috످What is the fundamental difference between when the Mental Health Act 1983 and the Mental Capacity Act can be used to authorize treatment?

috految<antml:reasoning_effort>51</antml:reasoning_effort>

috److془I know this well. Provide answer.془The fundamental difference is that the Mental Health Act 1983 (MHA) can authorize treatment for a mental disorder even if the person has capacity and refuses, whereas the Mental Capacity Act 2005 (MCA) can authorize treatment for a physical or mental condition, but only if the person lacks capacity to make that decision and the treatment is in their best interests.

Both Acts apply in England and Wales.

The MHA is based on mental disorder and risk to self or others, while the MCA is based on lack of capacity and best interests. Under the MHA, the person need not lack capacity. Under the MCA, they must lack capacity (be unable to understand, retain, or use/weigh information, or communicate a decision, due to an impairment of the mind or brain).

The MHA covers mental health treatment if the person is detained under certain sections (e.g., 2 or 3). The MCA covers mental health treatment unless the MHA governs that treatment. The MHA covers physical health treatment only if treating a cause, symptom, or consequence of the mental disorder (e.g., tube feeding in anorexia), while the MCA covers physical health treatment in general.

The MHA can override a refusal made with capacity, with exceptions (e.g., non-emergency ECT), but the MCA cannot. The MHA can usually override a valid, applicable advance refusal, but the MCA cannot. The MHA applies at any age, while the MCA generally applies to those aged 16+.

As an example, a patient with schizophrenia is detained under section 3 of the MHA and also has an unrelated gangrenous foot. If he refuses antipsychotics, he can be treated under the MHA, even if he has capacity. If he refuses amputation and lacks capacity, surgery can proceed under the MCA if it is in his best interests (though court approval may be needed). If he refuses amputation and has capacity, neither Act can authorize surgery, even if he may die without it. This principle was affirmed in Re C (Adult: Refusal of Treatment) [1994].

Both Acts could apply if a person lacks capacity and needs to be detained in hospital for mental health treatment. If they object and meet the MHA criteria, the MHA must generally be used. If they do not object, either the MHA or the MCA (with Deprivation of Liberty Safeguards) may be used, depending on which is more appropriate and less restrictive.

The Mental Health Act 2025 will change some of these rules as it is phased in, including making it harder to override treatment refusals.

috످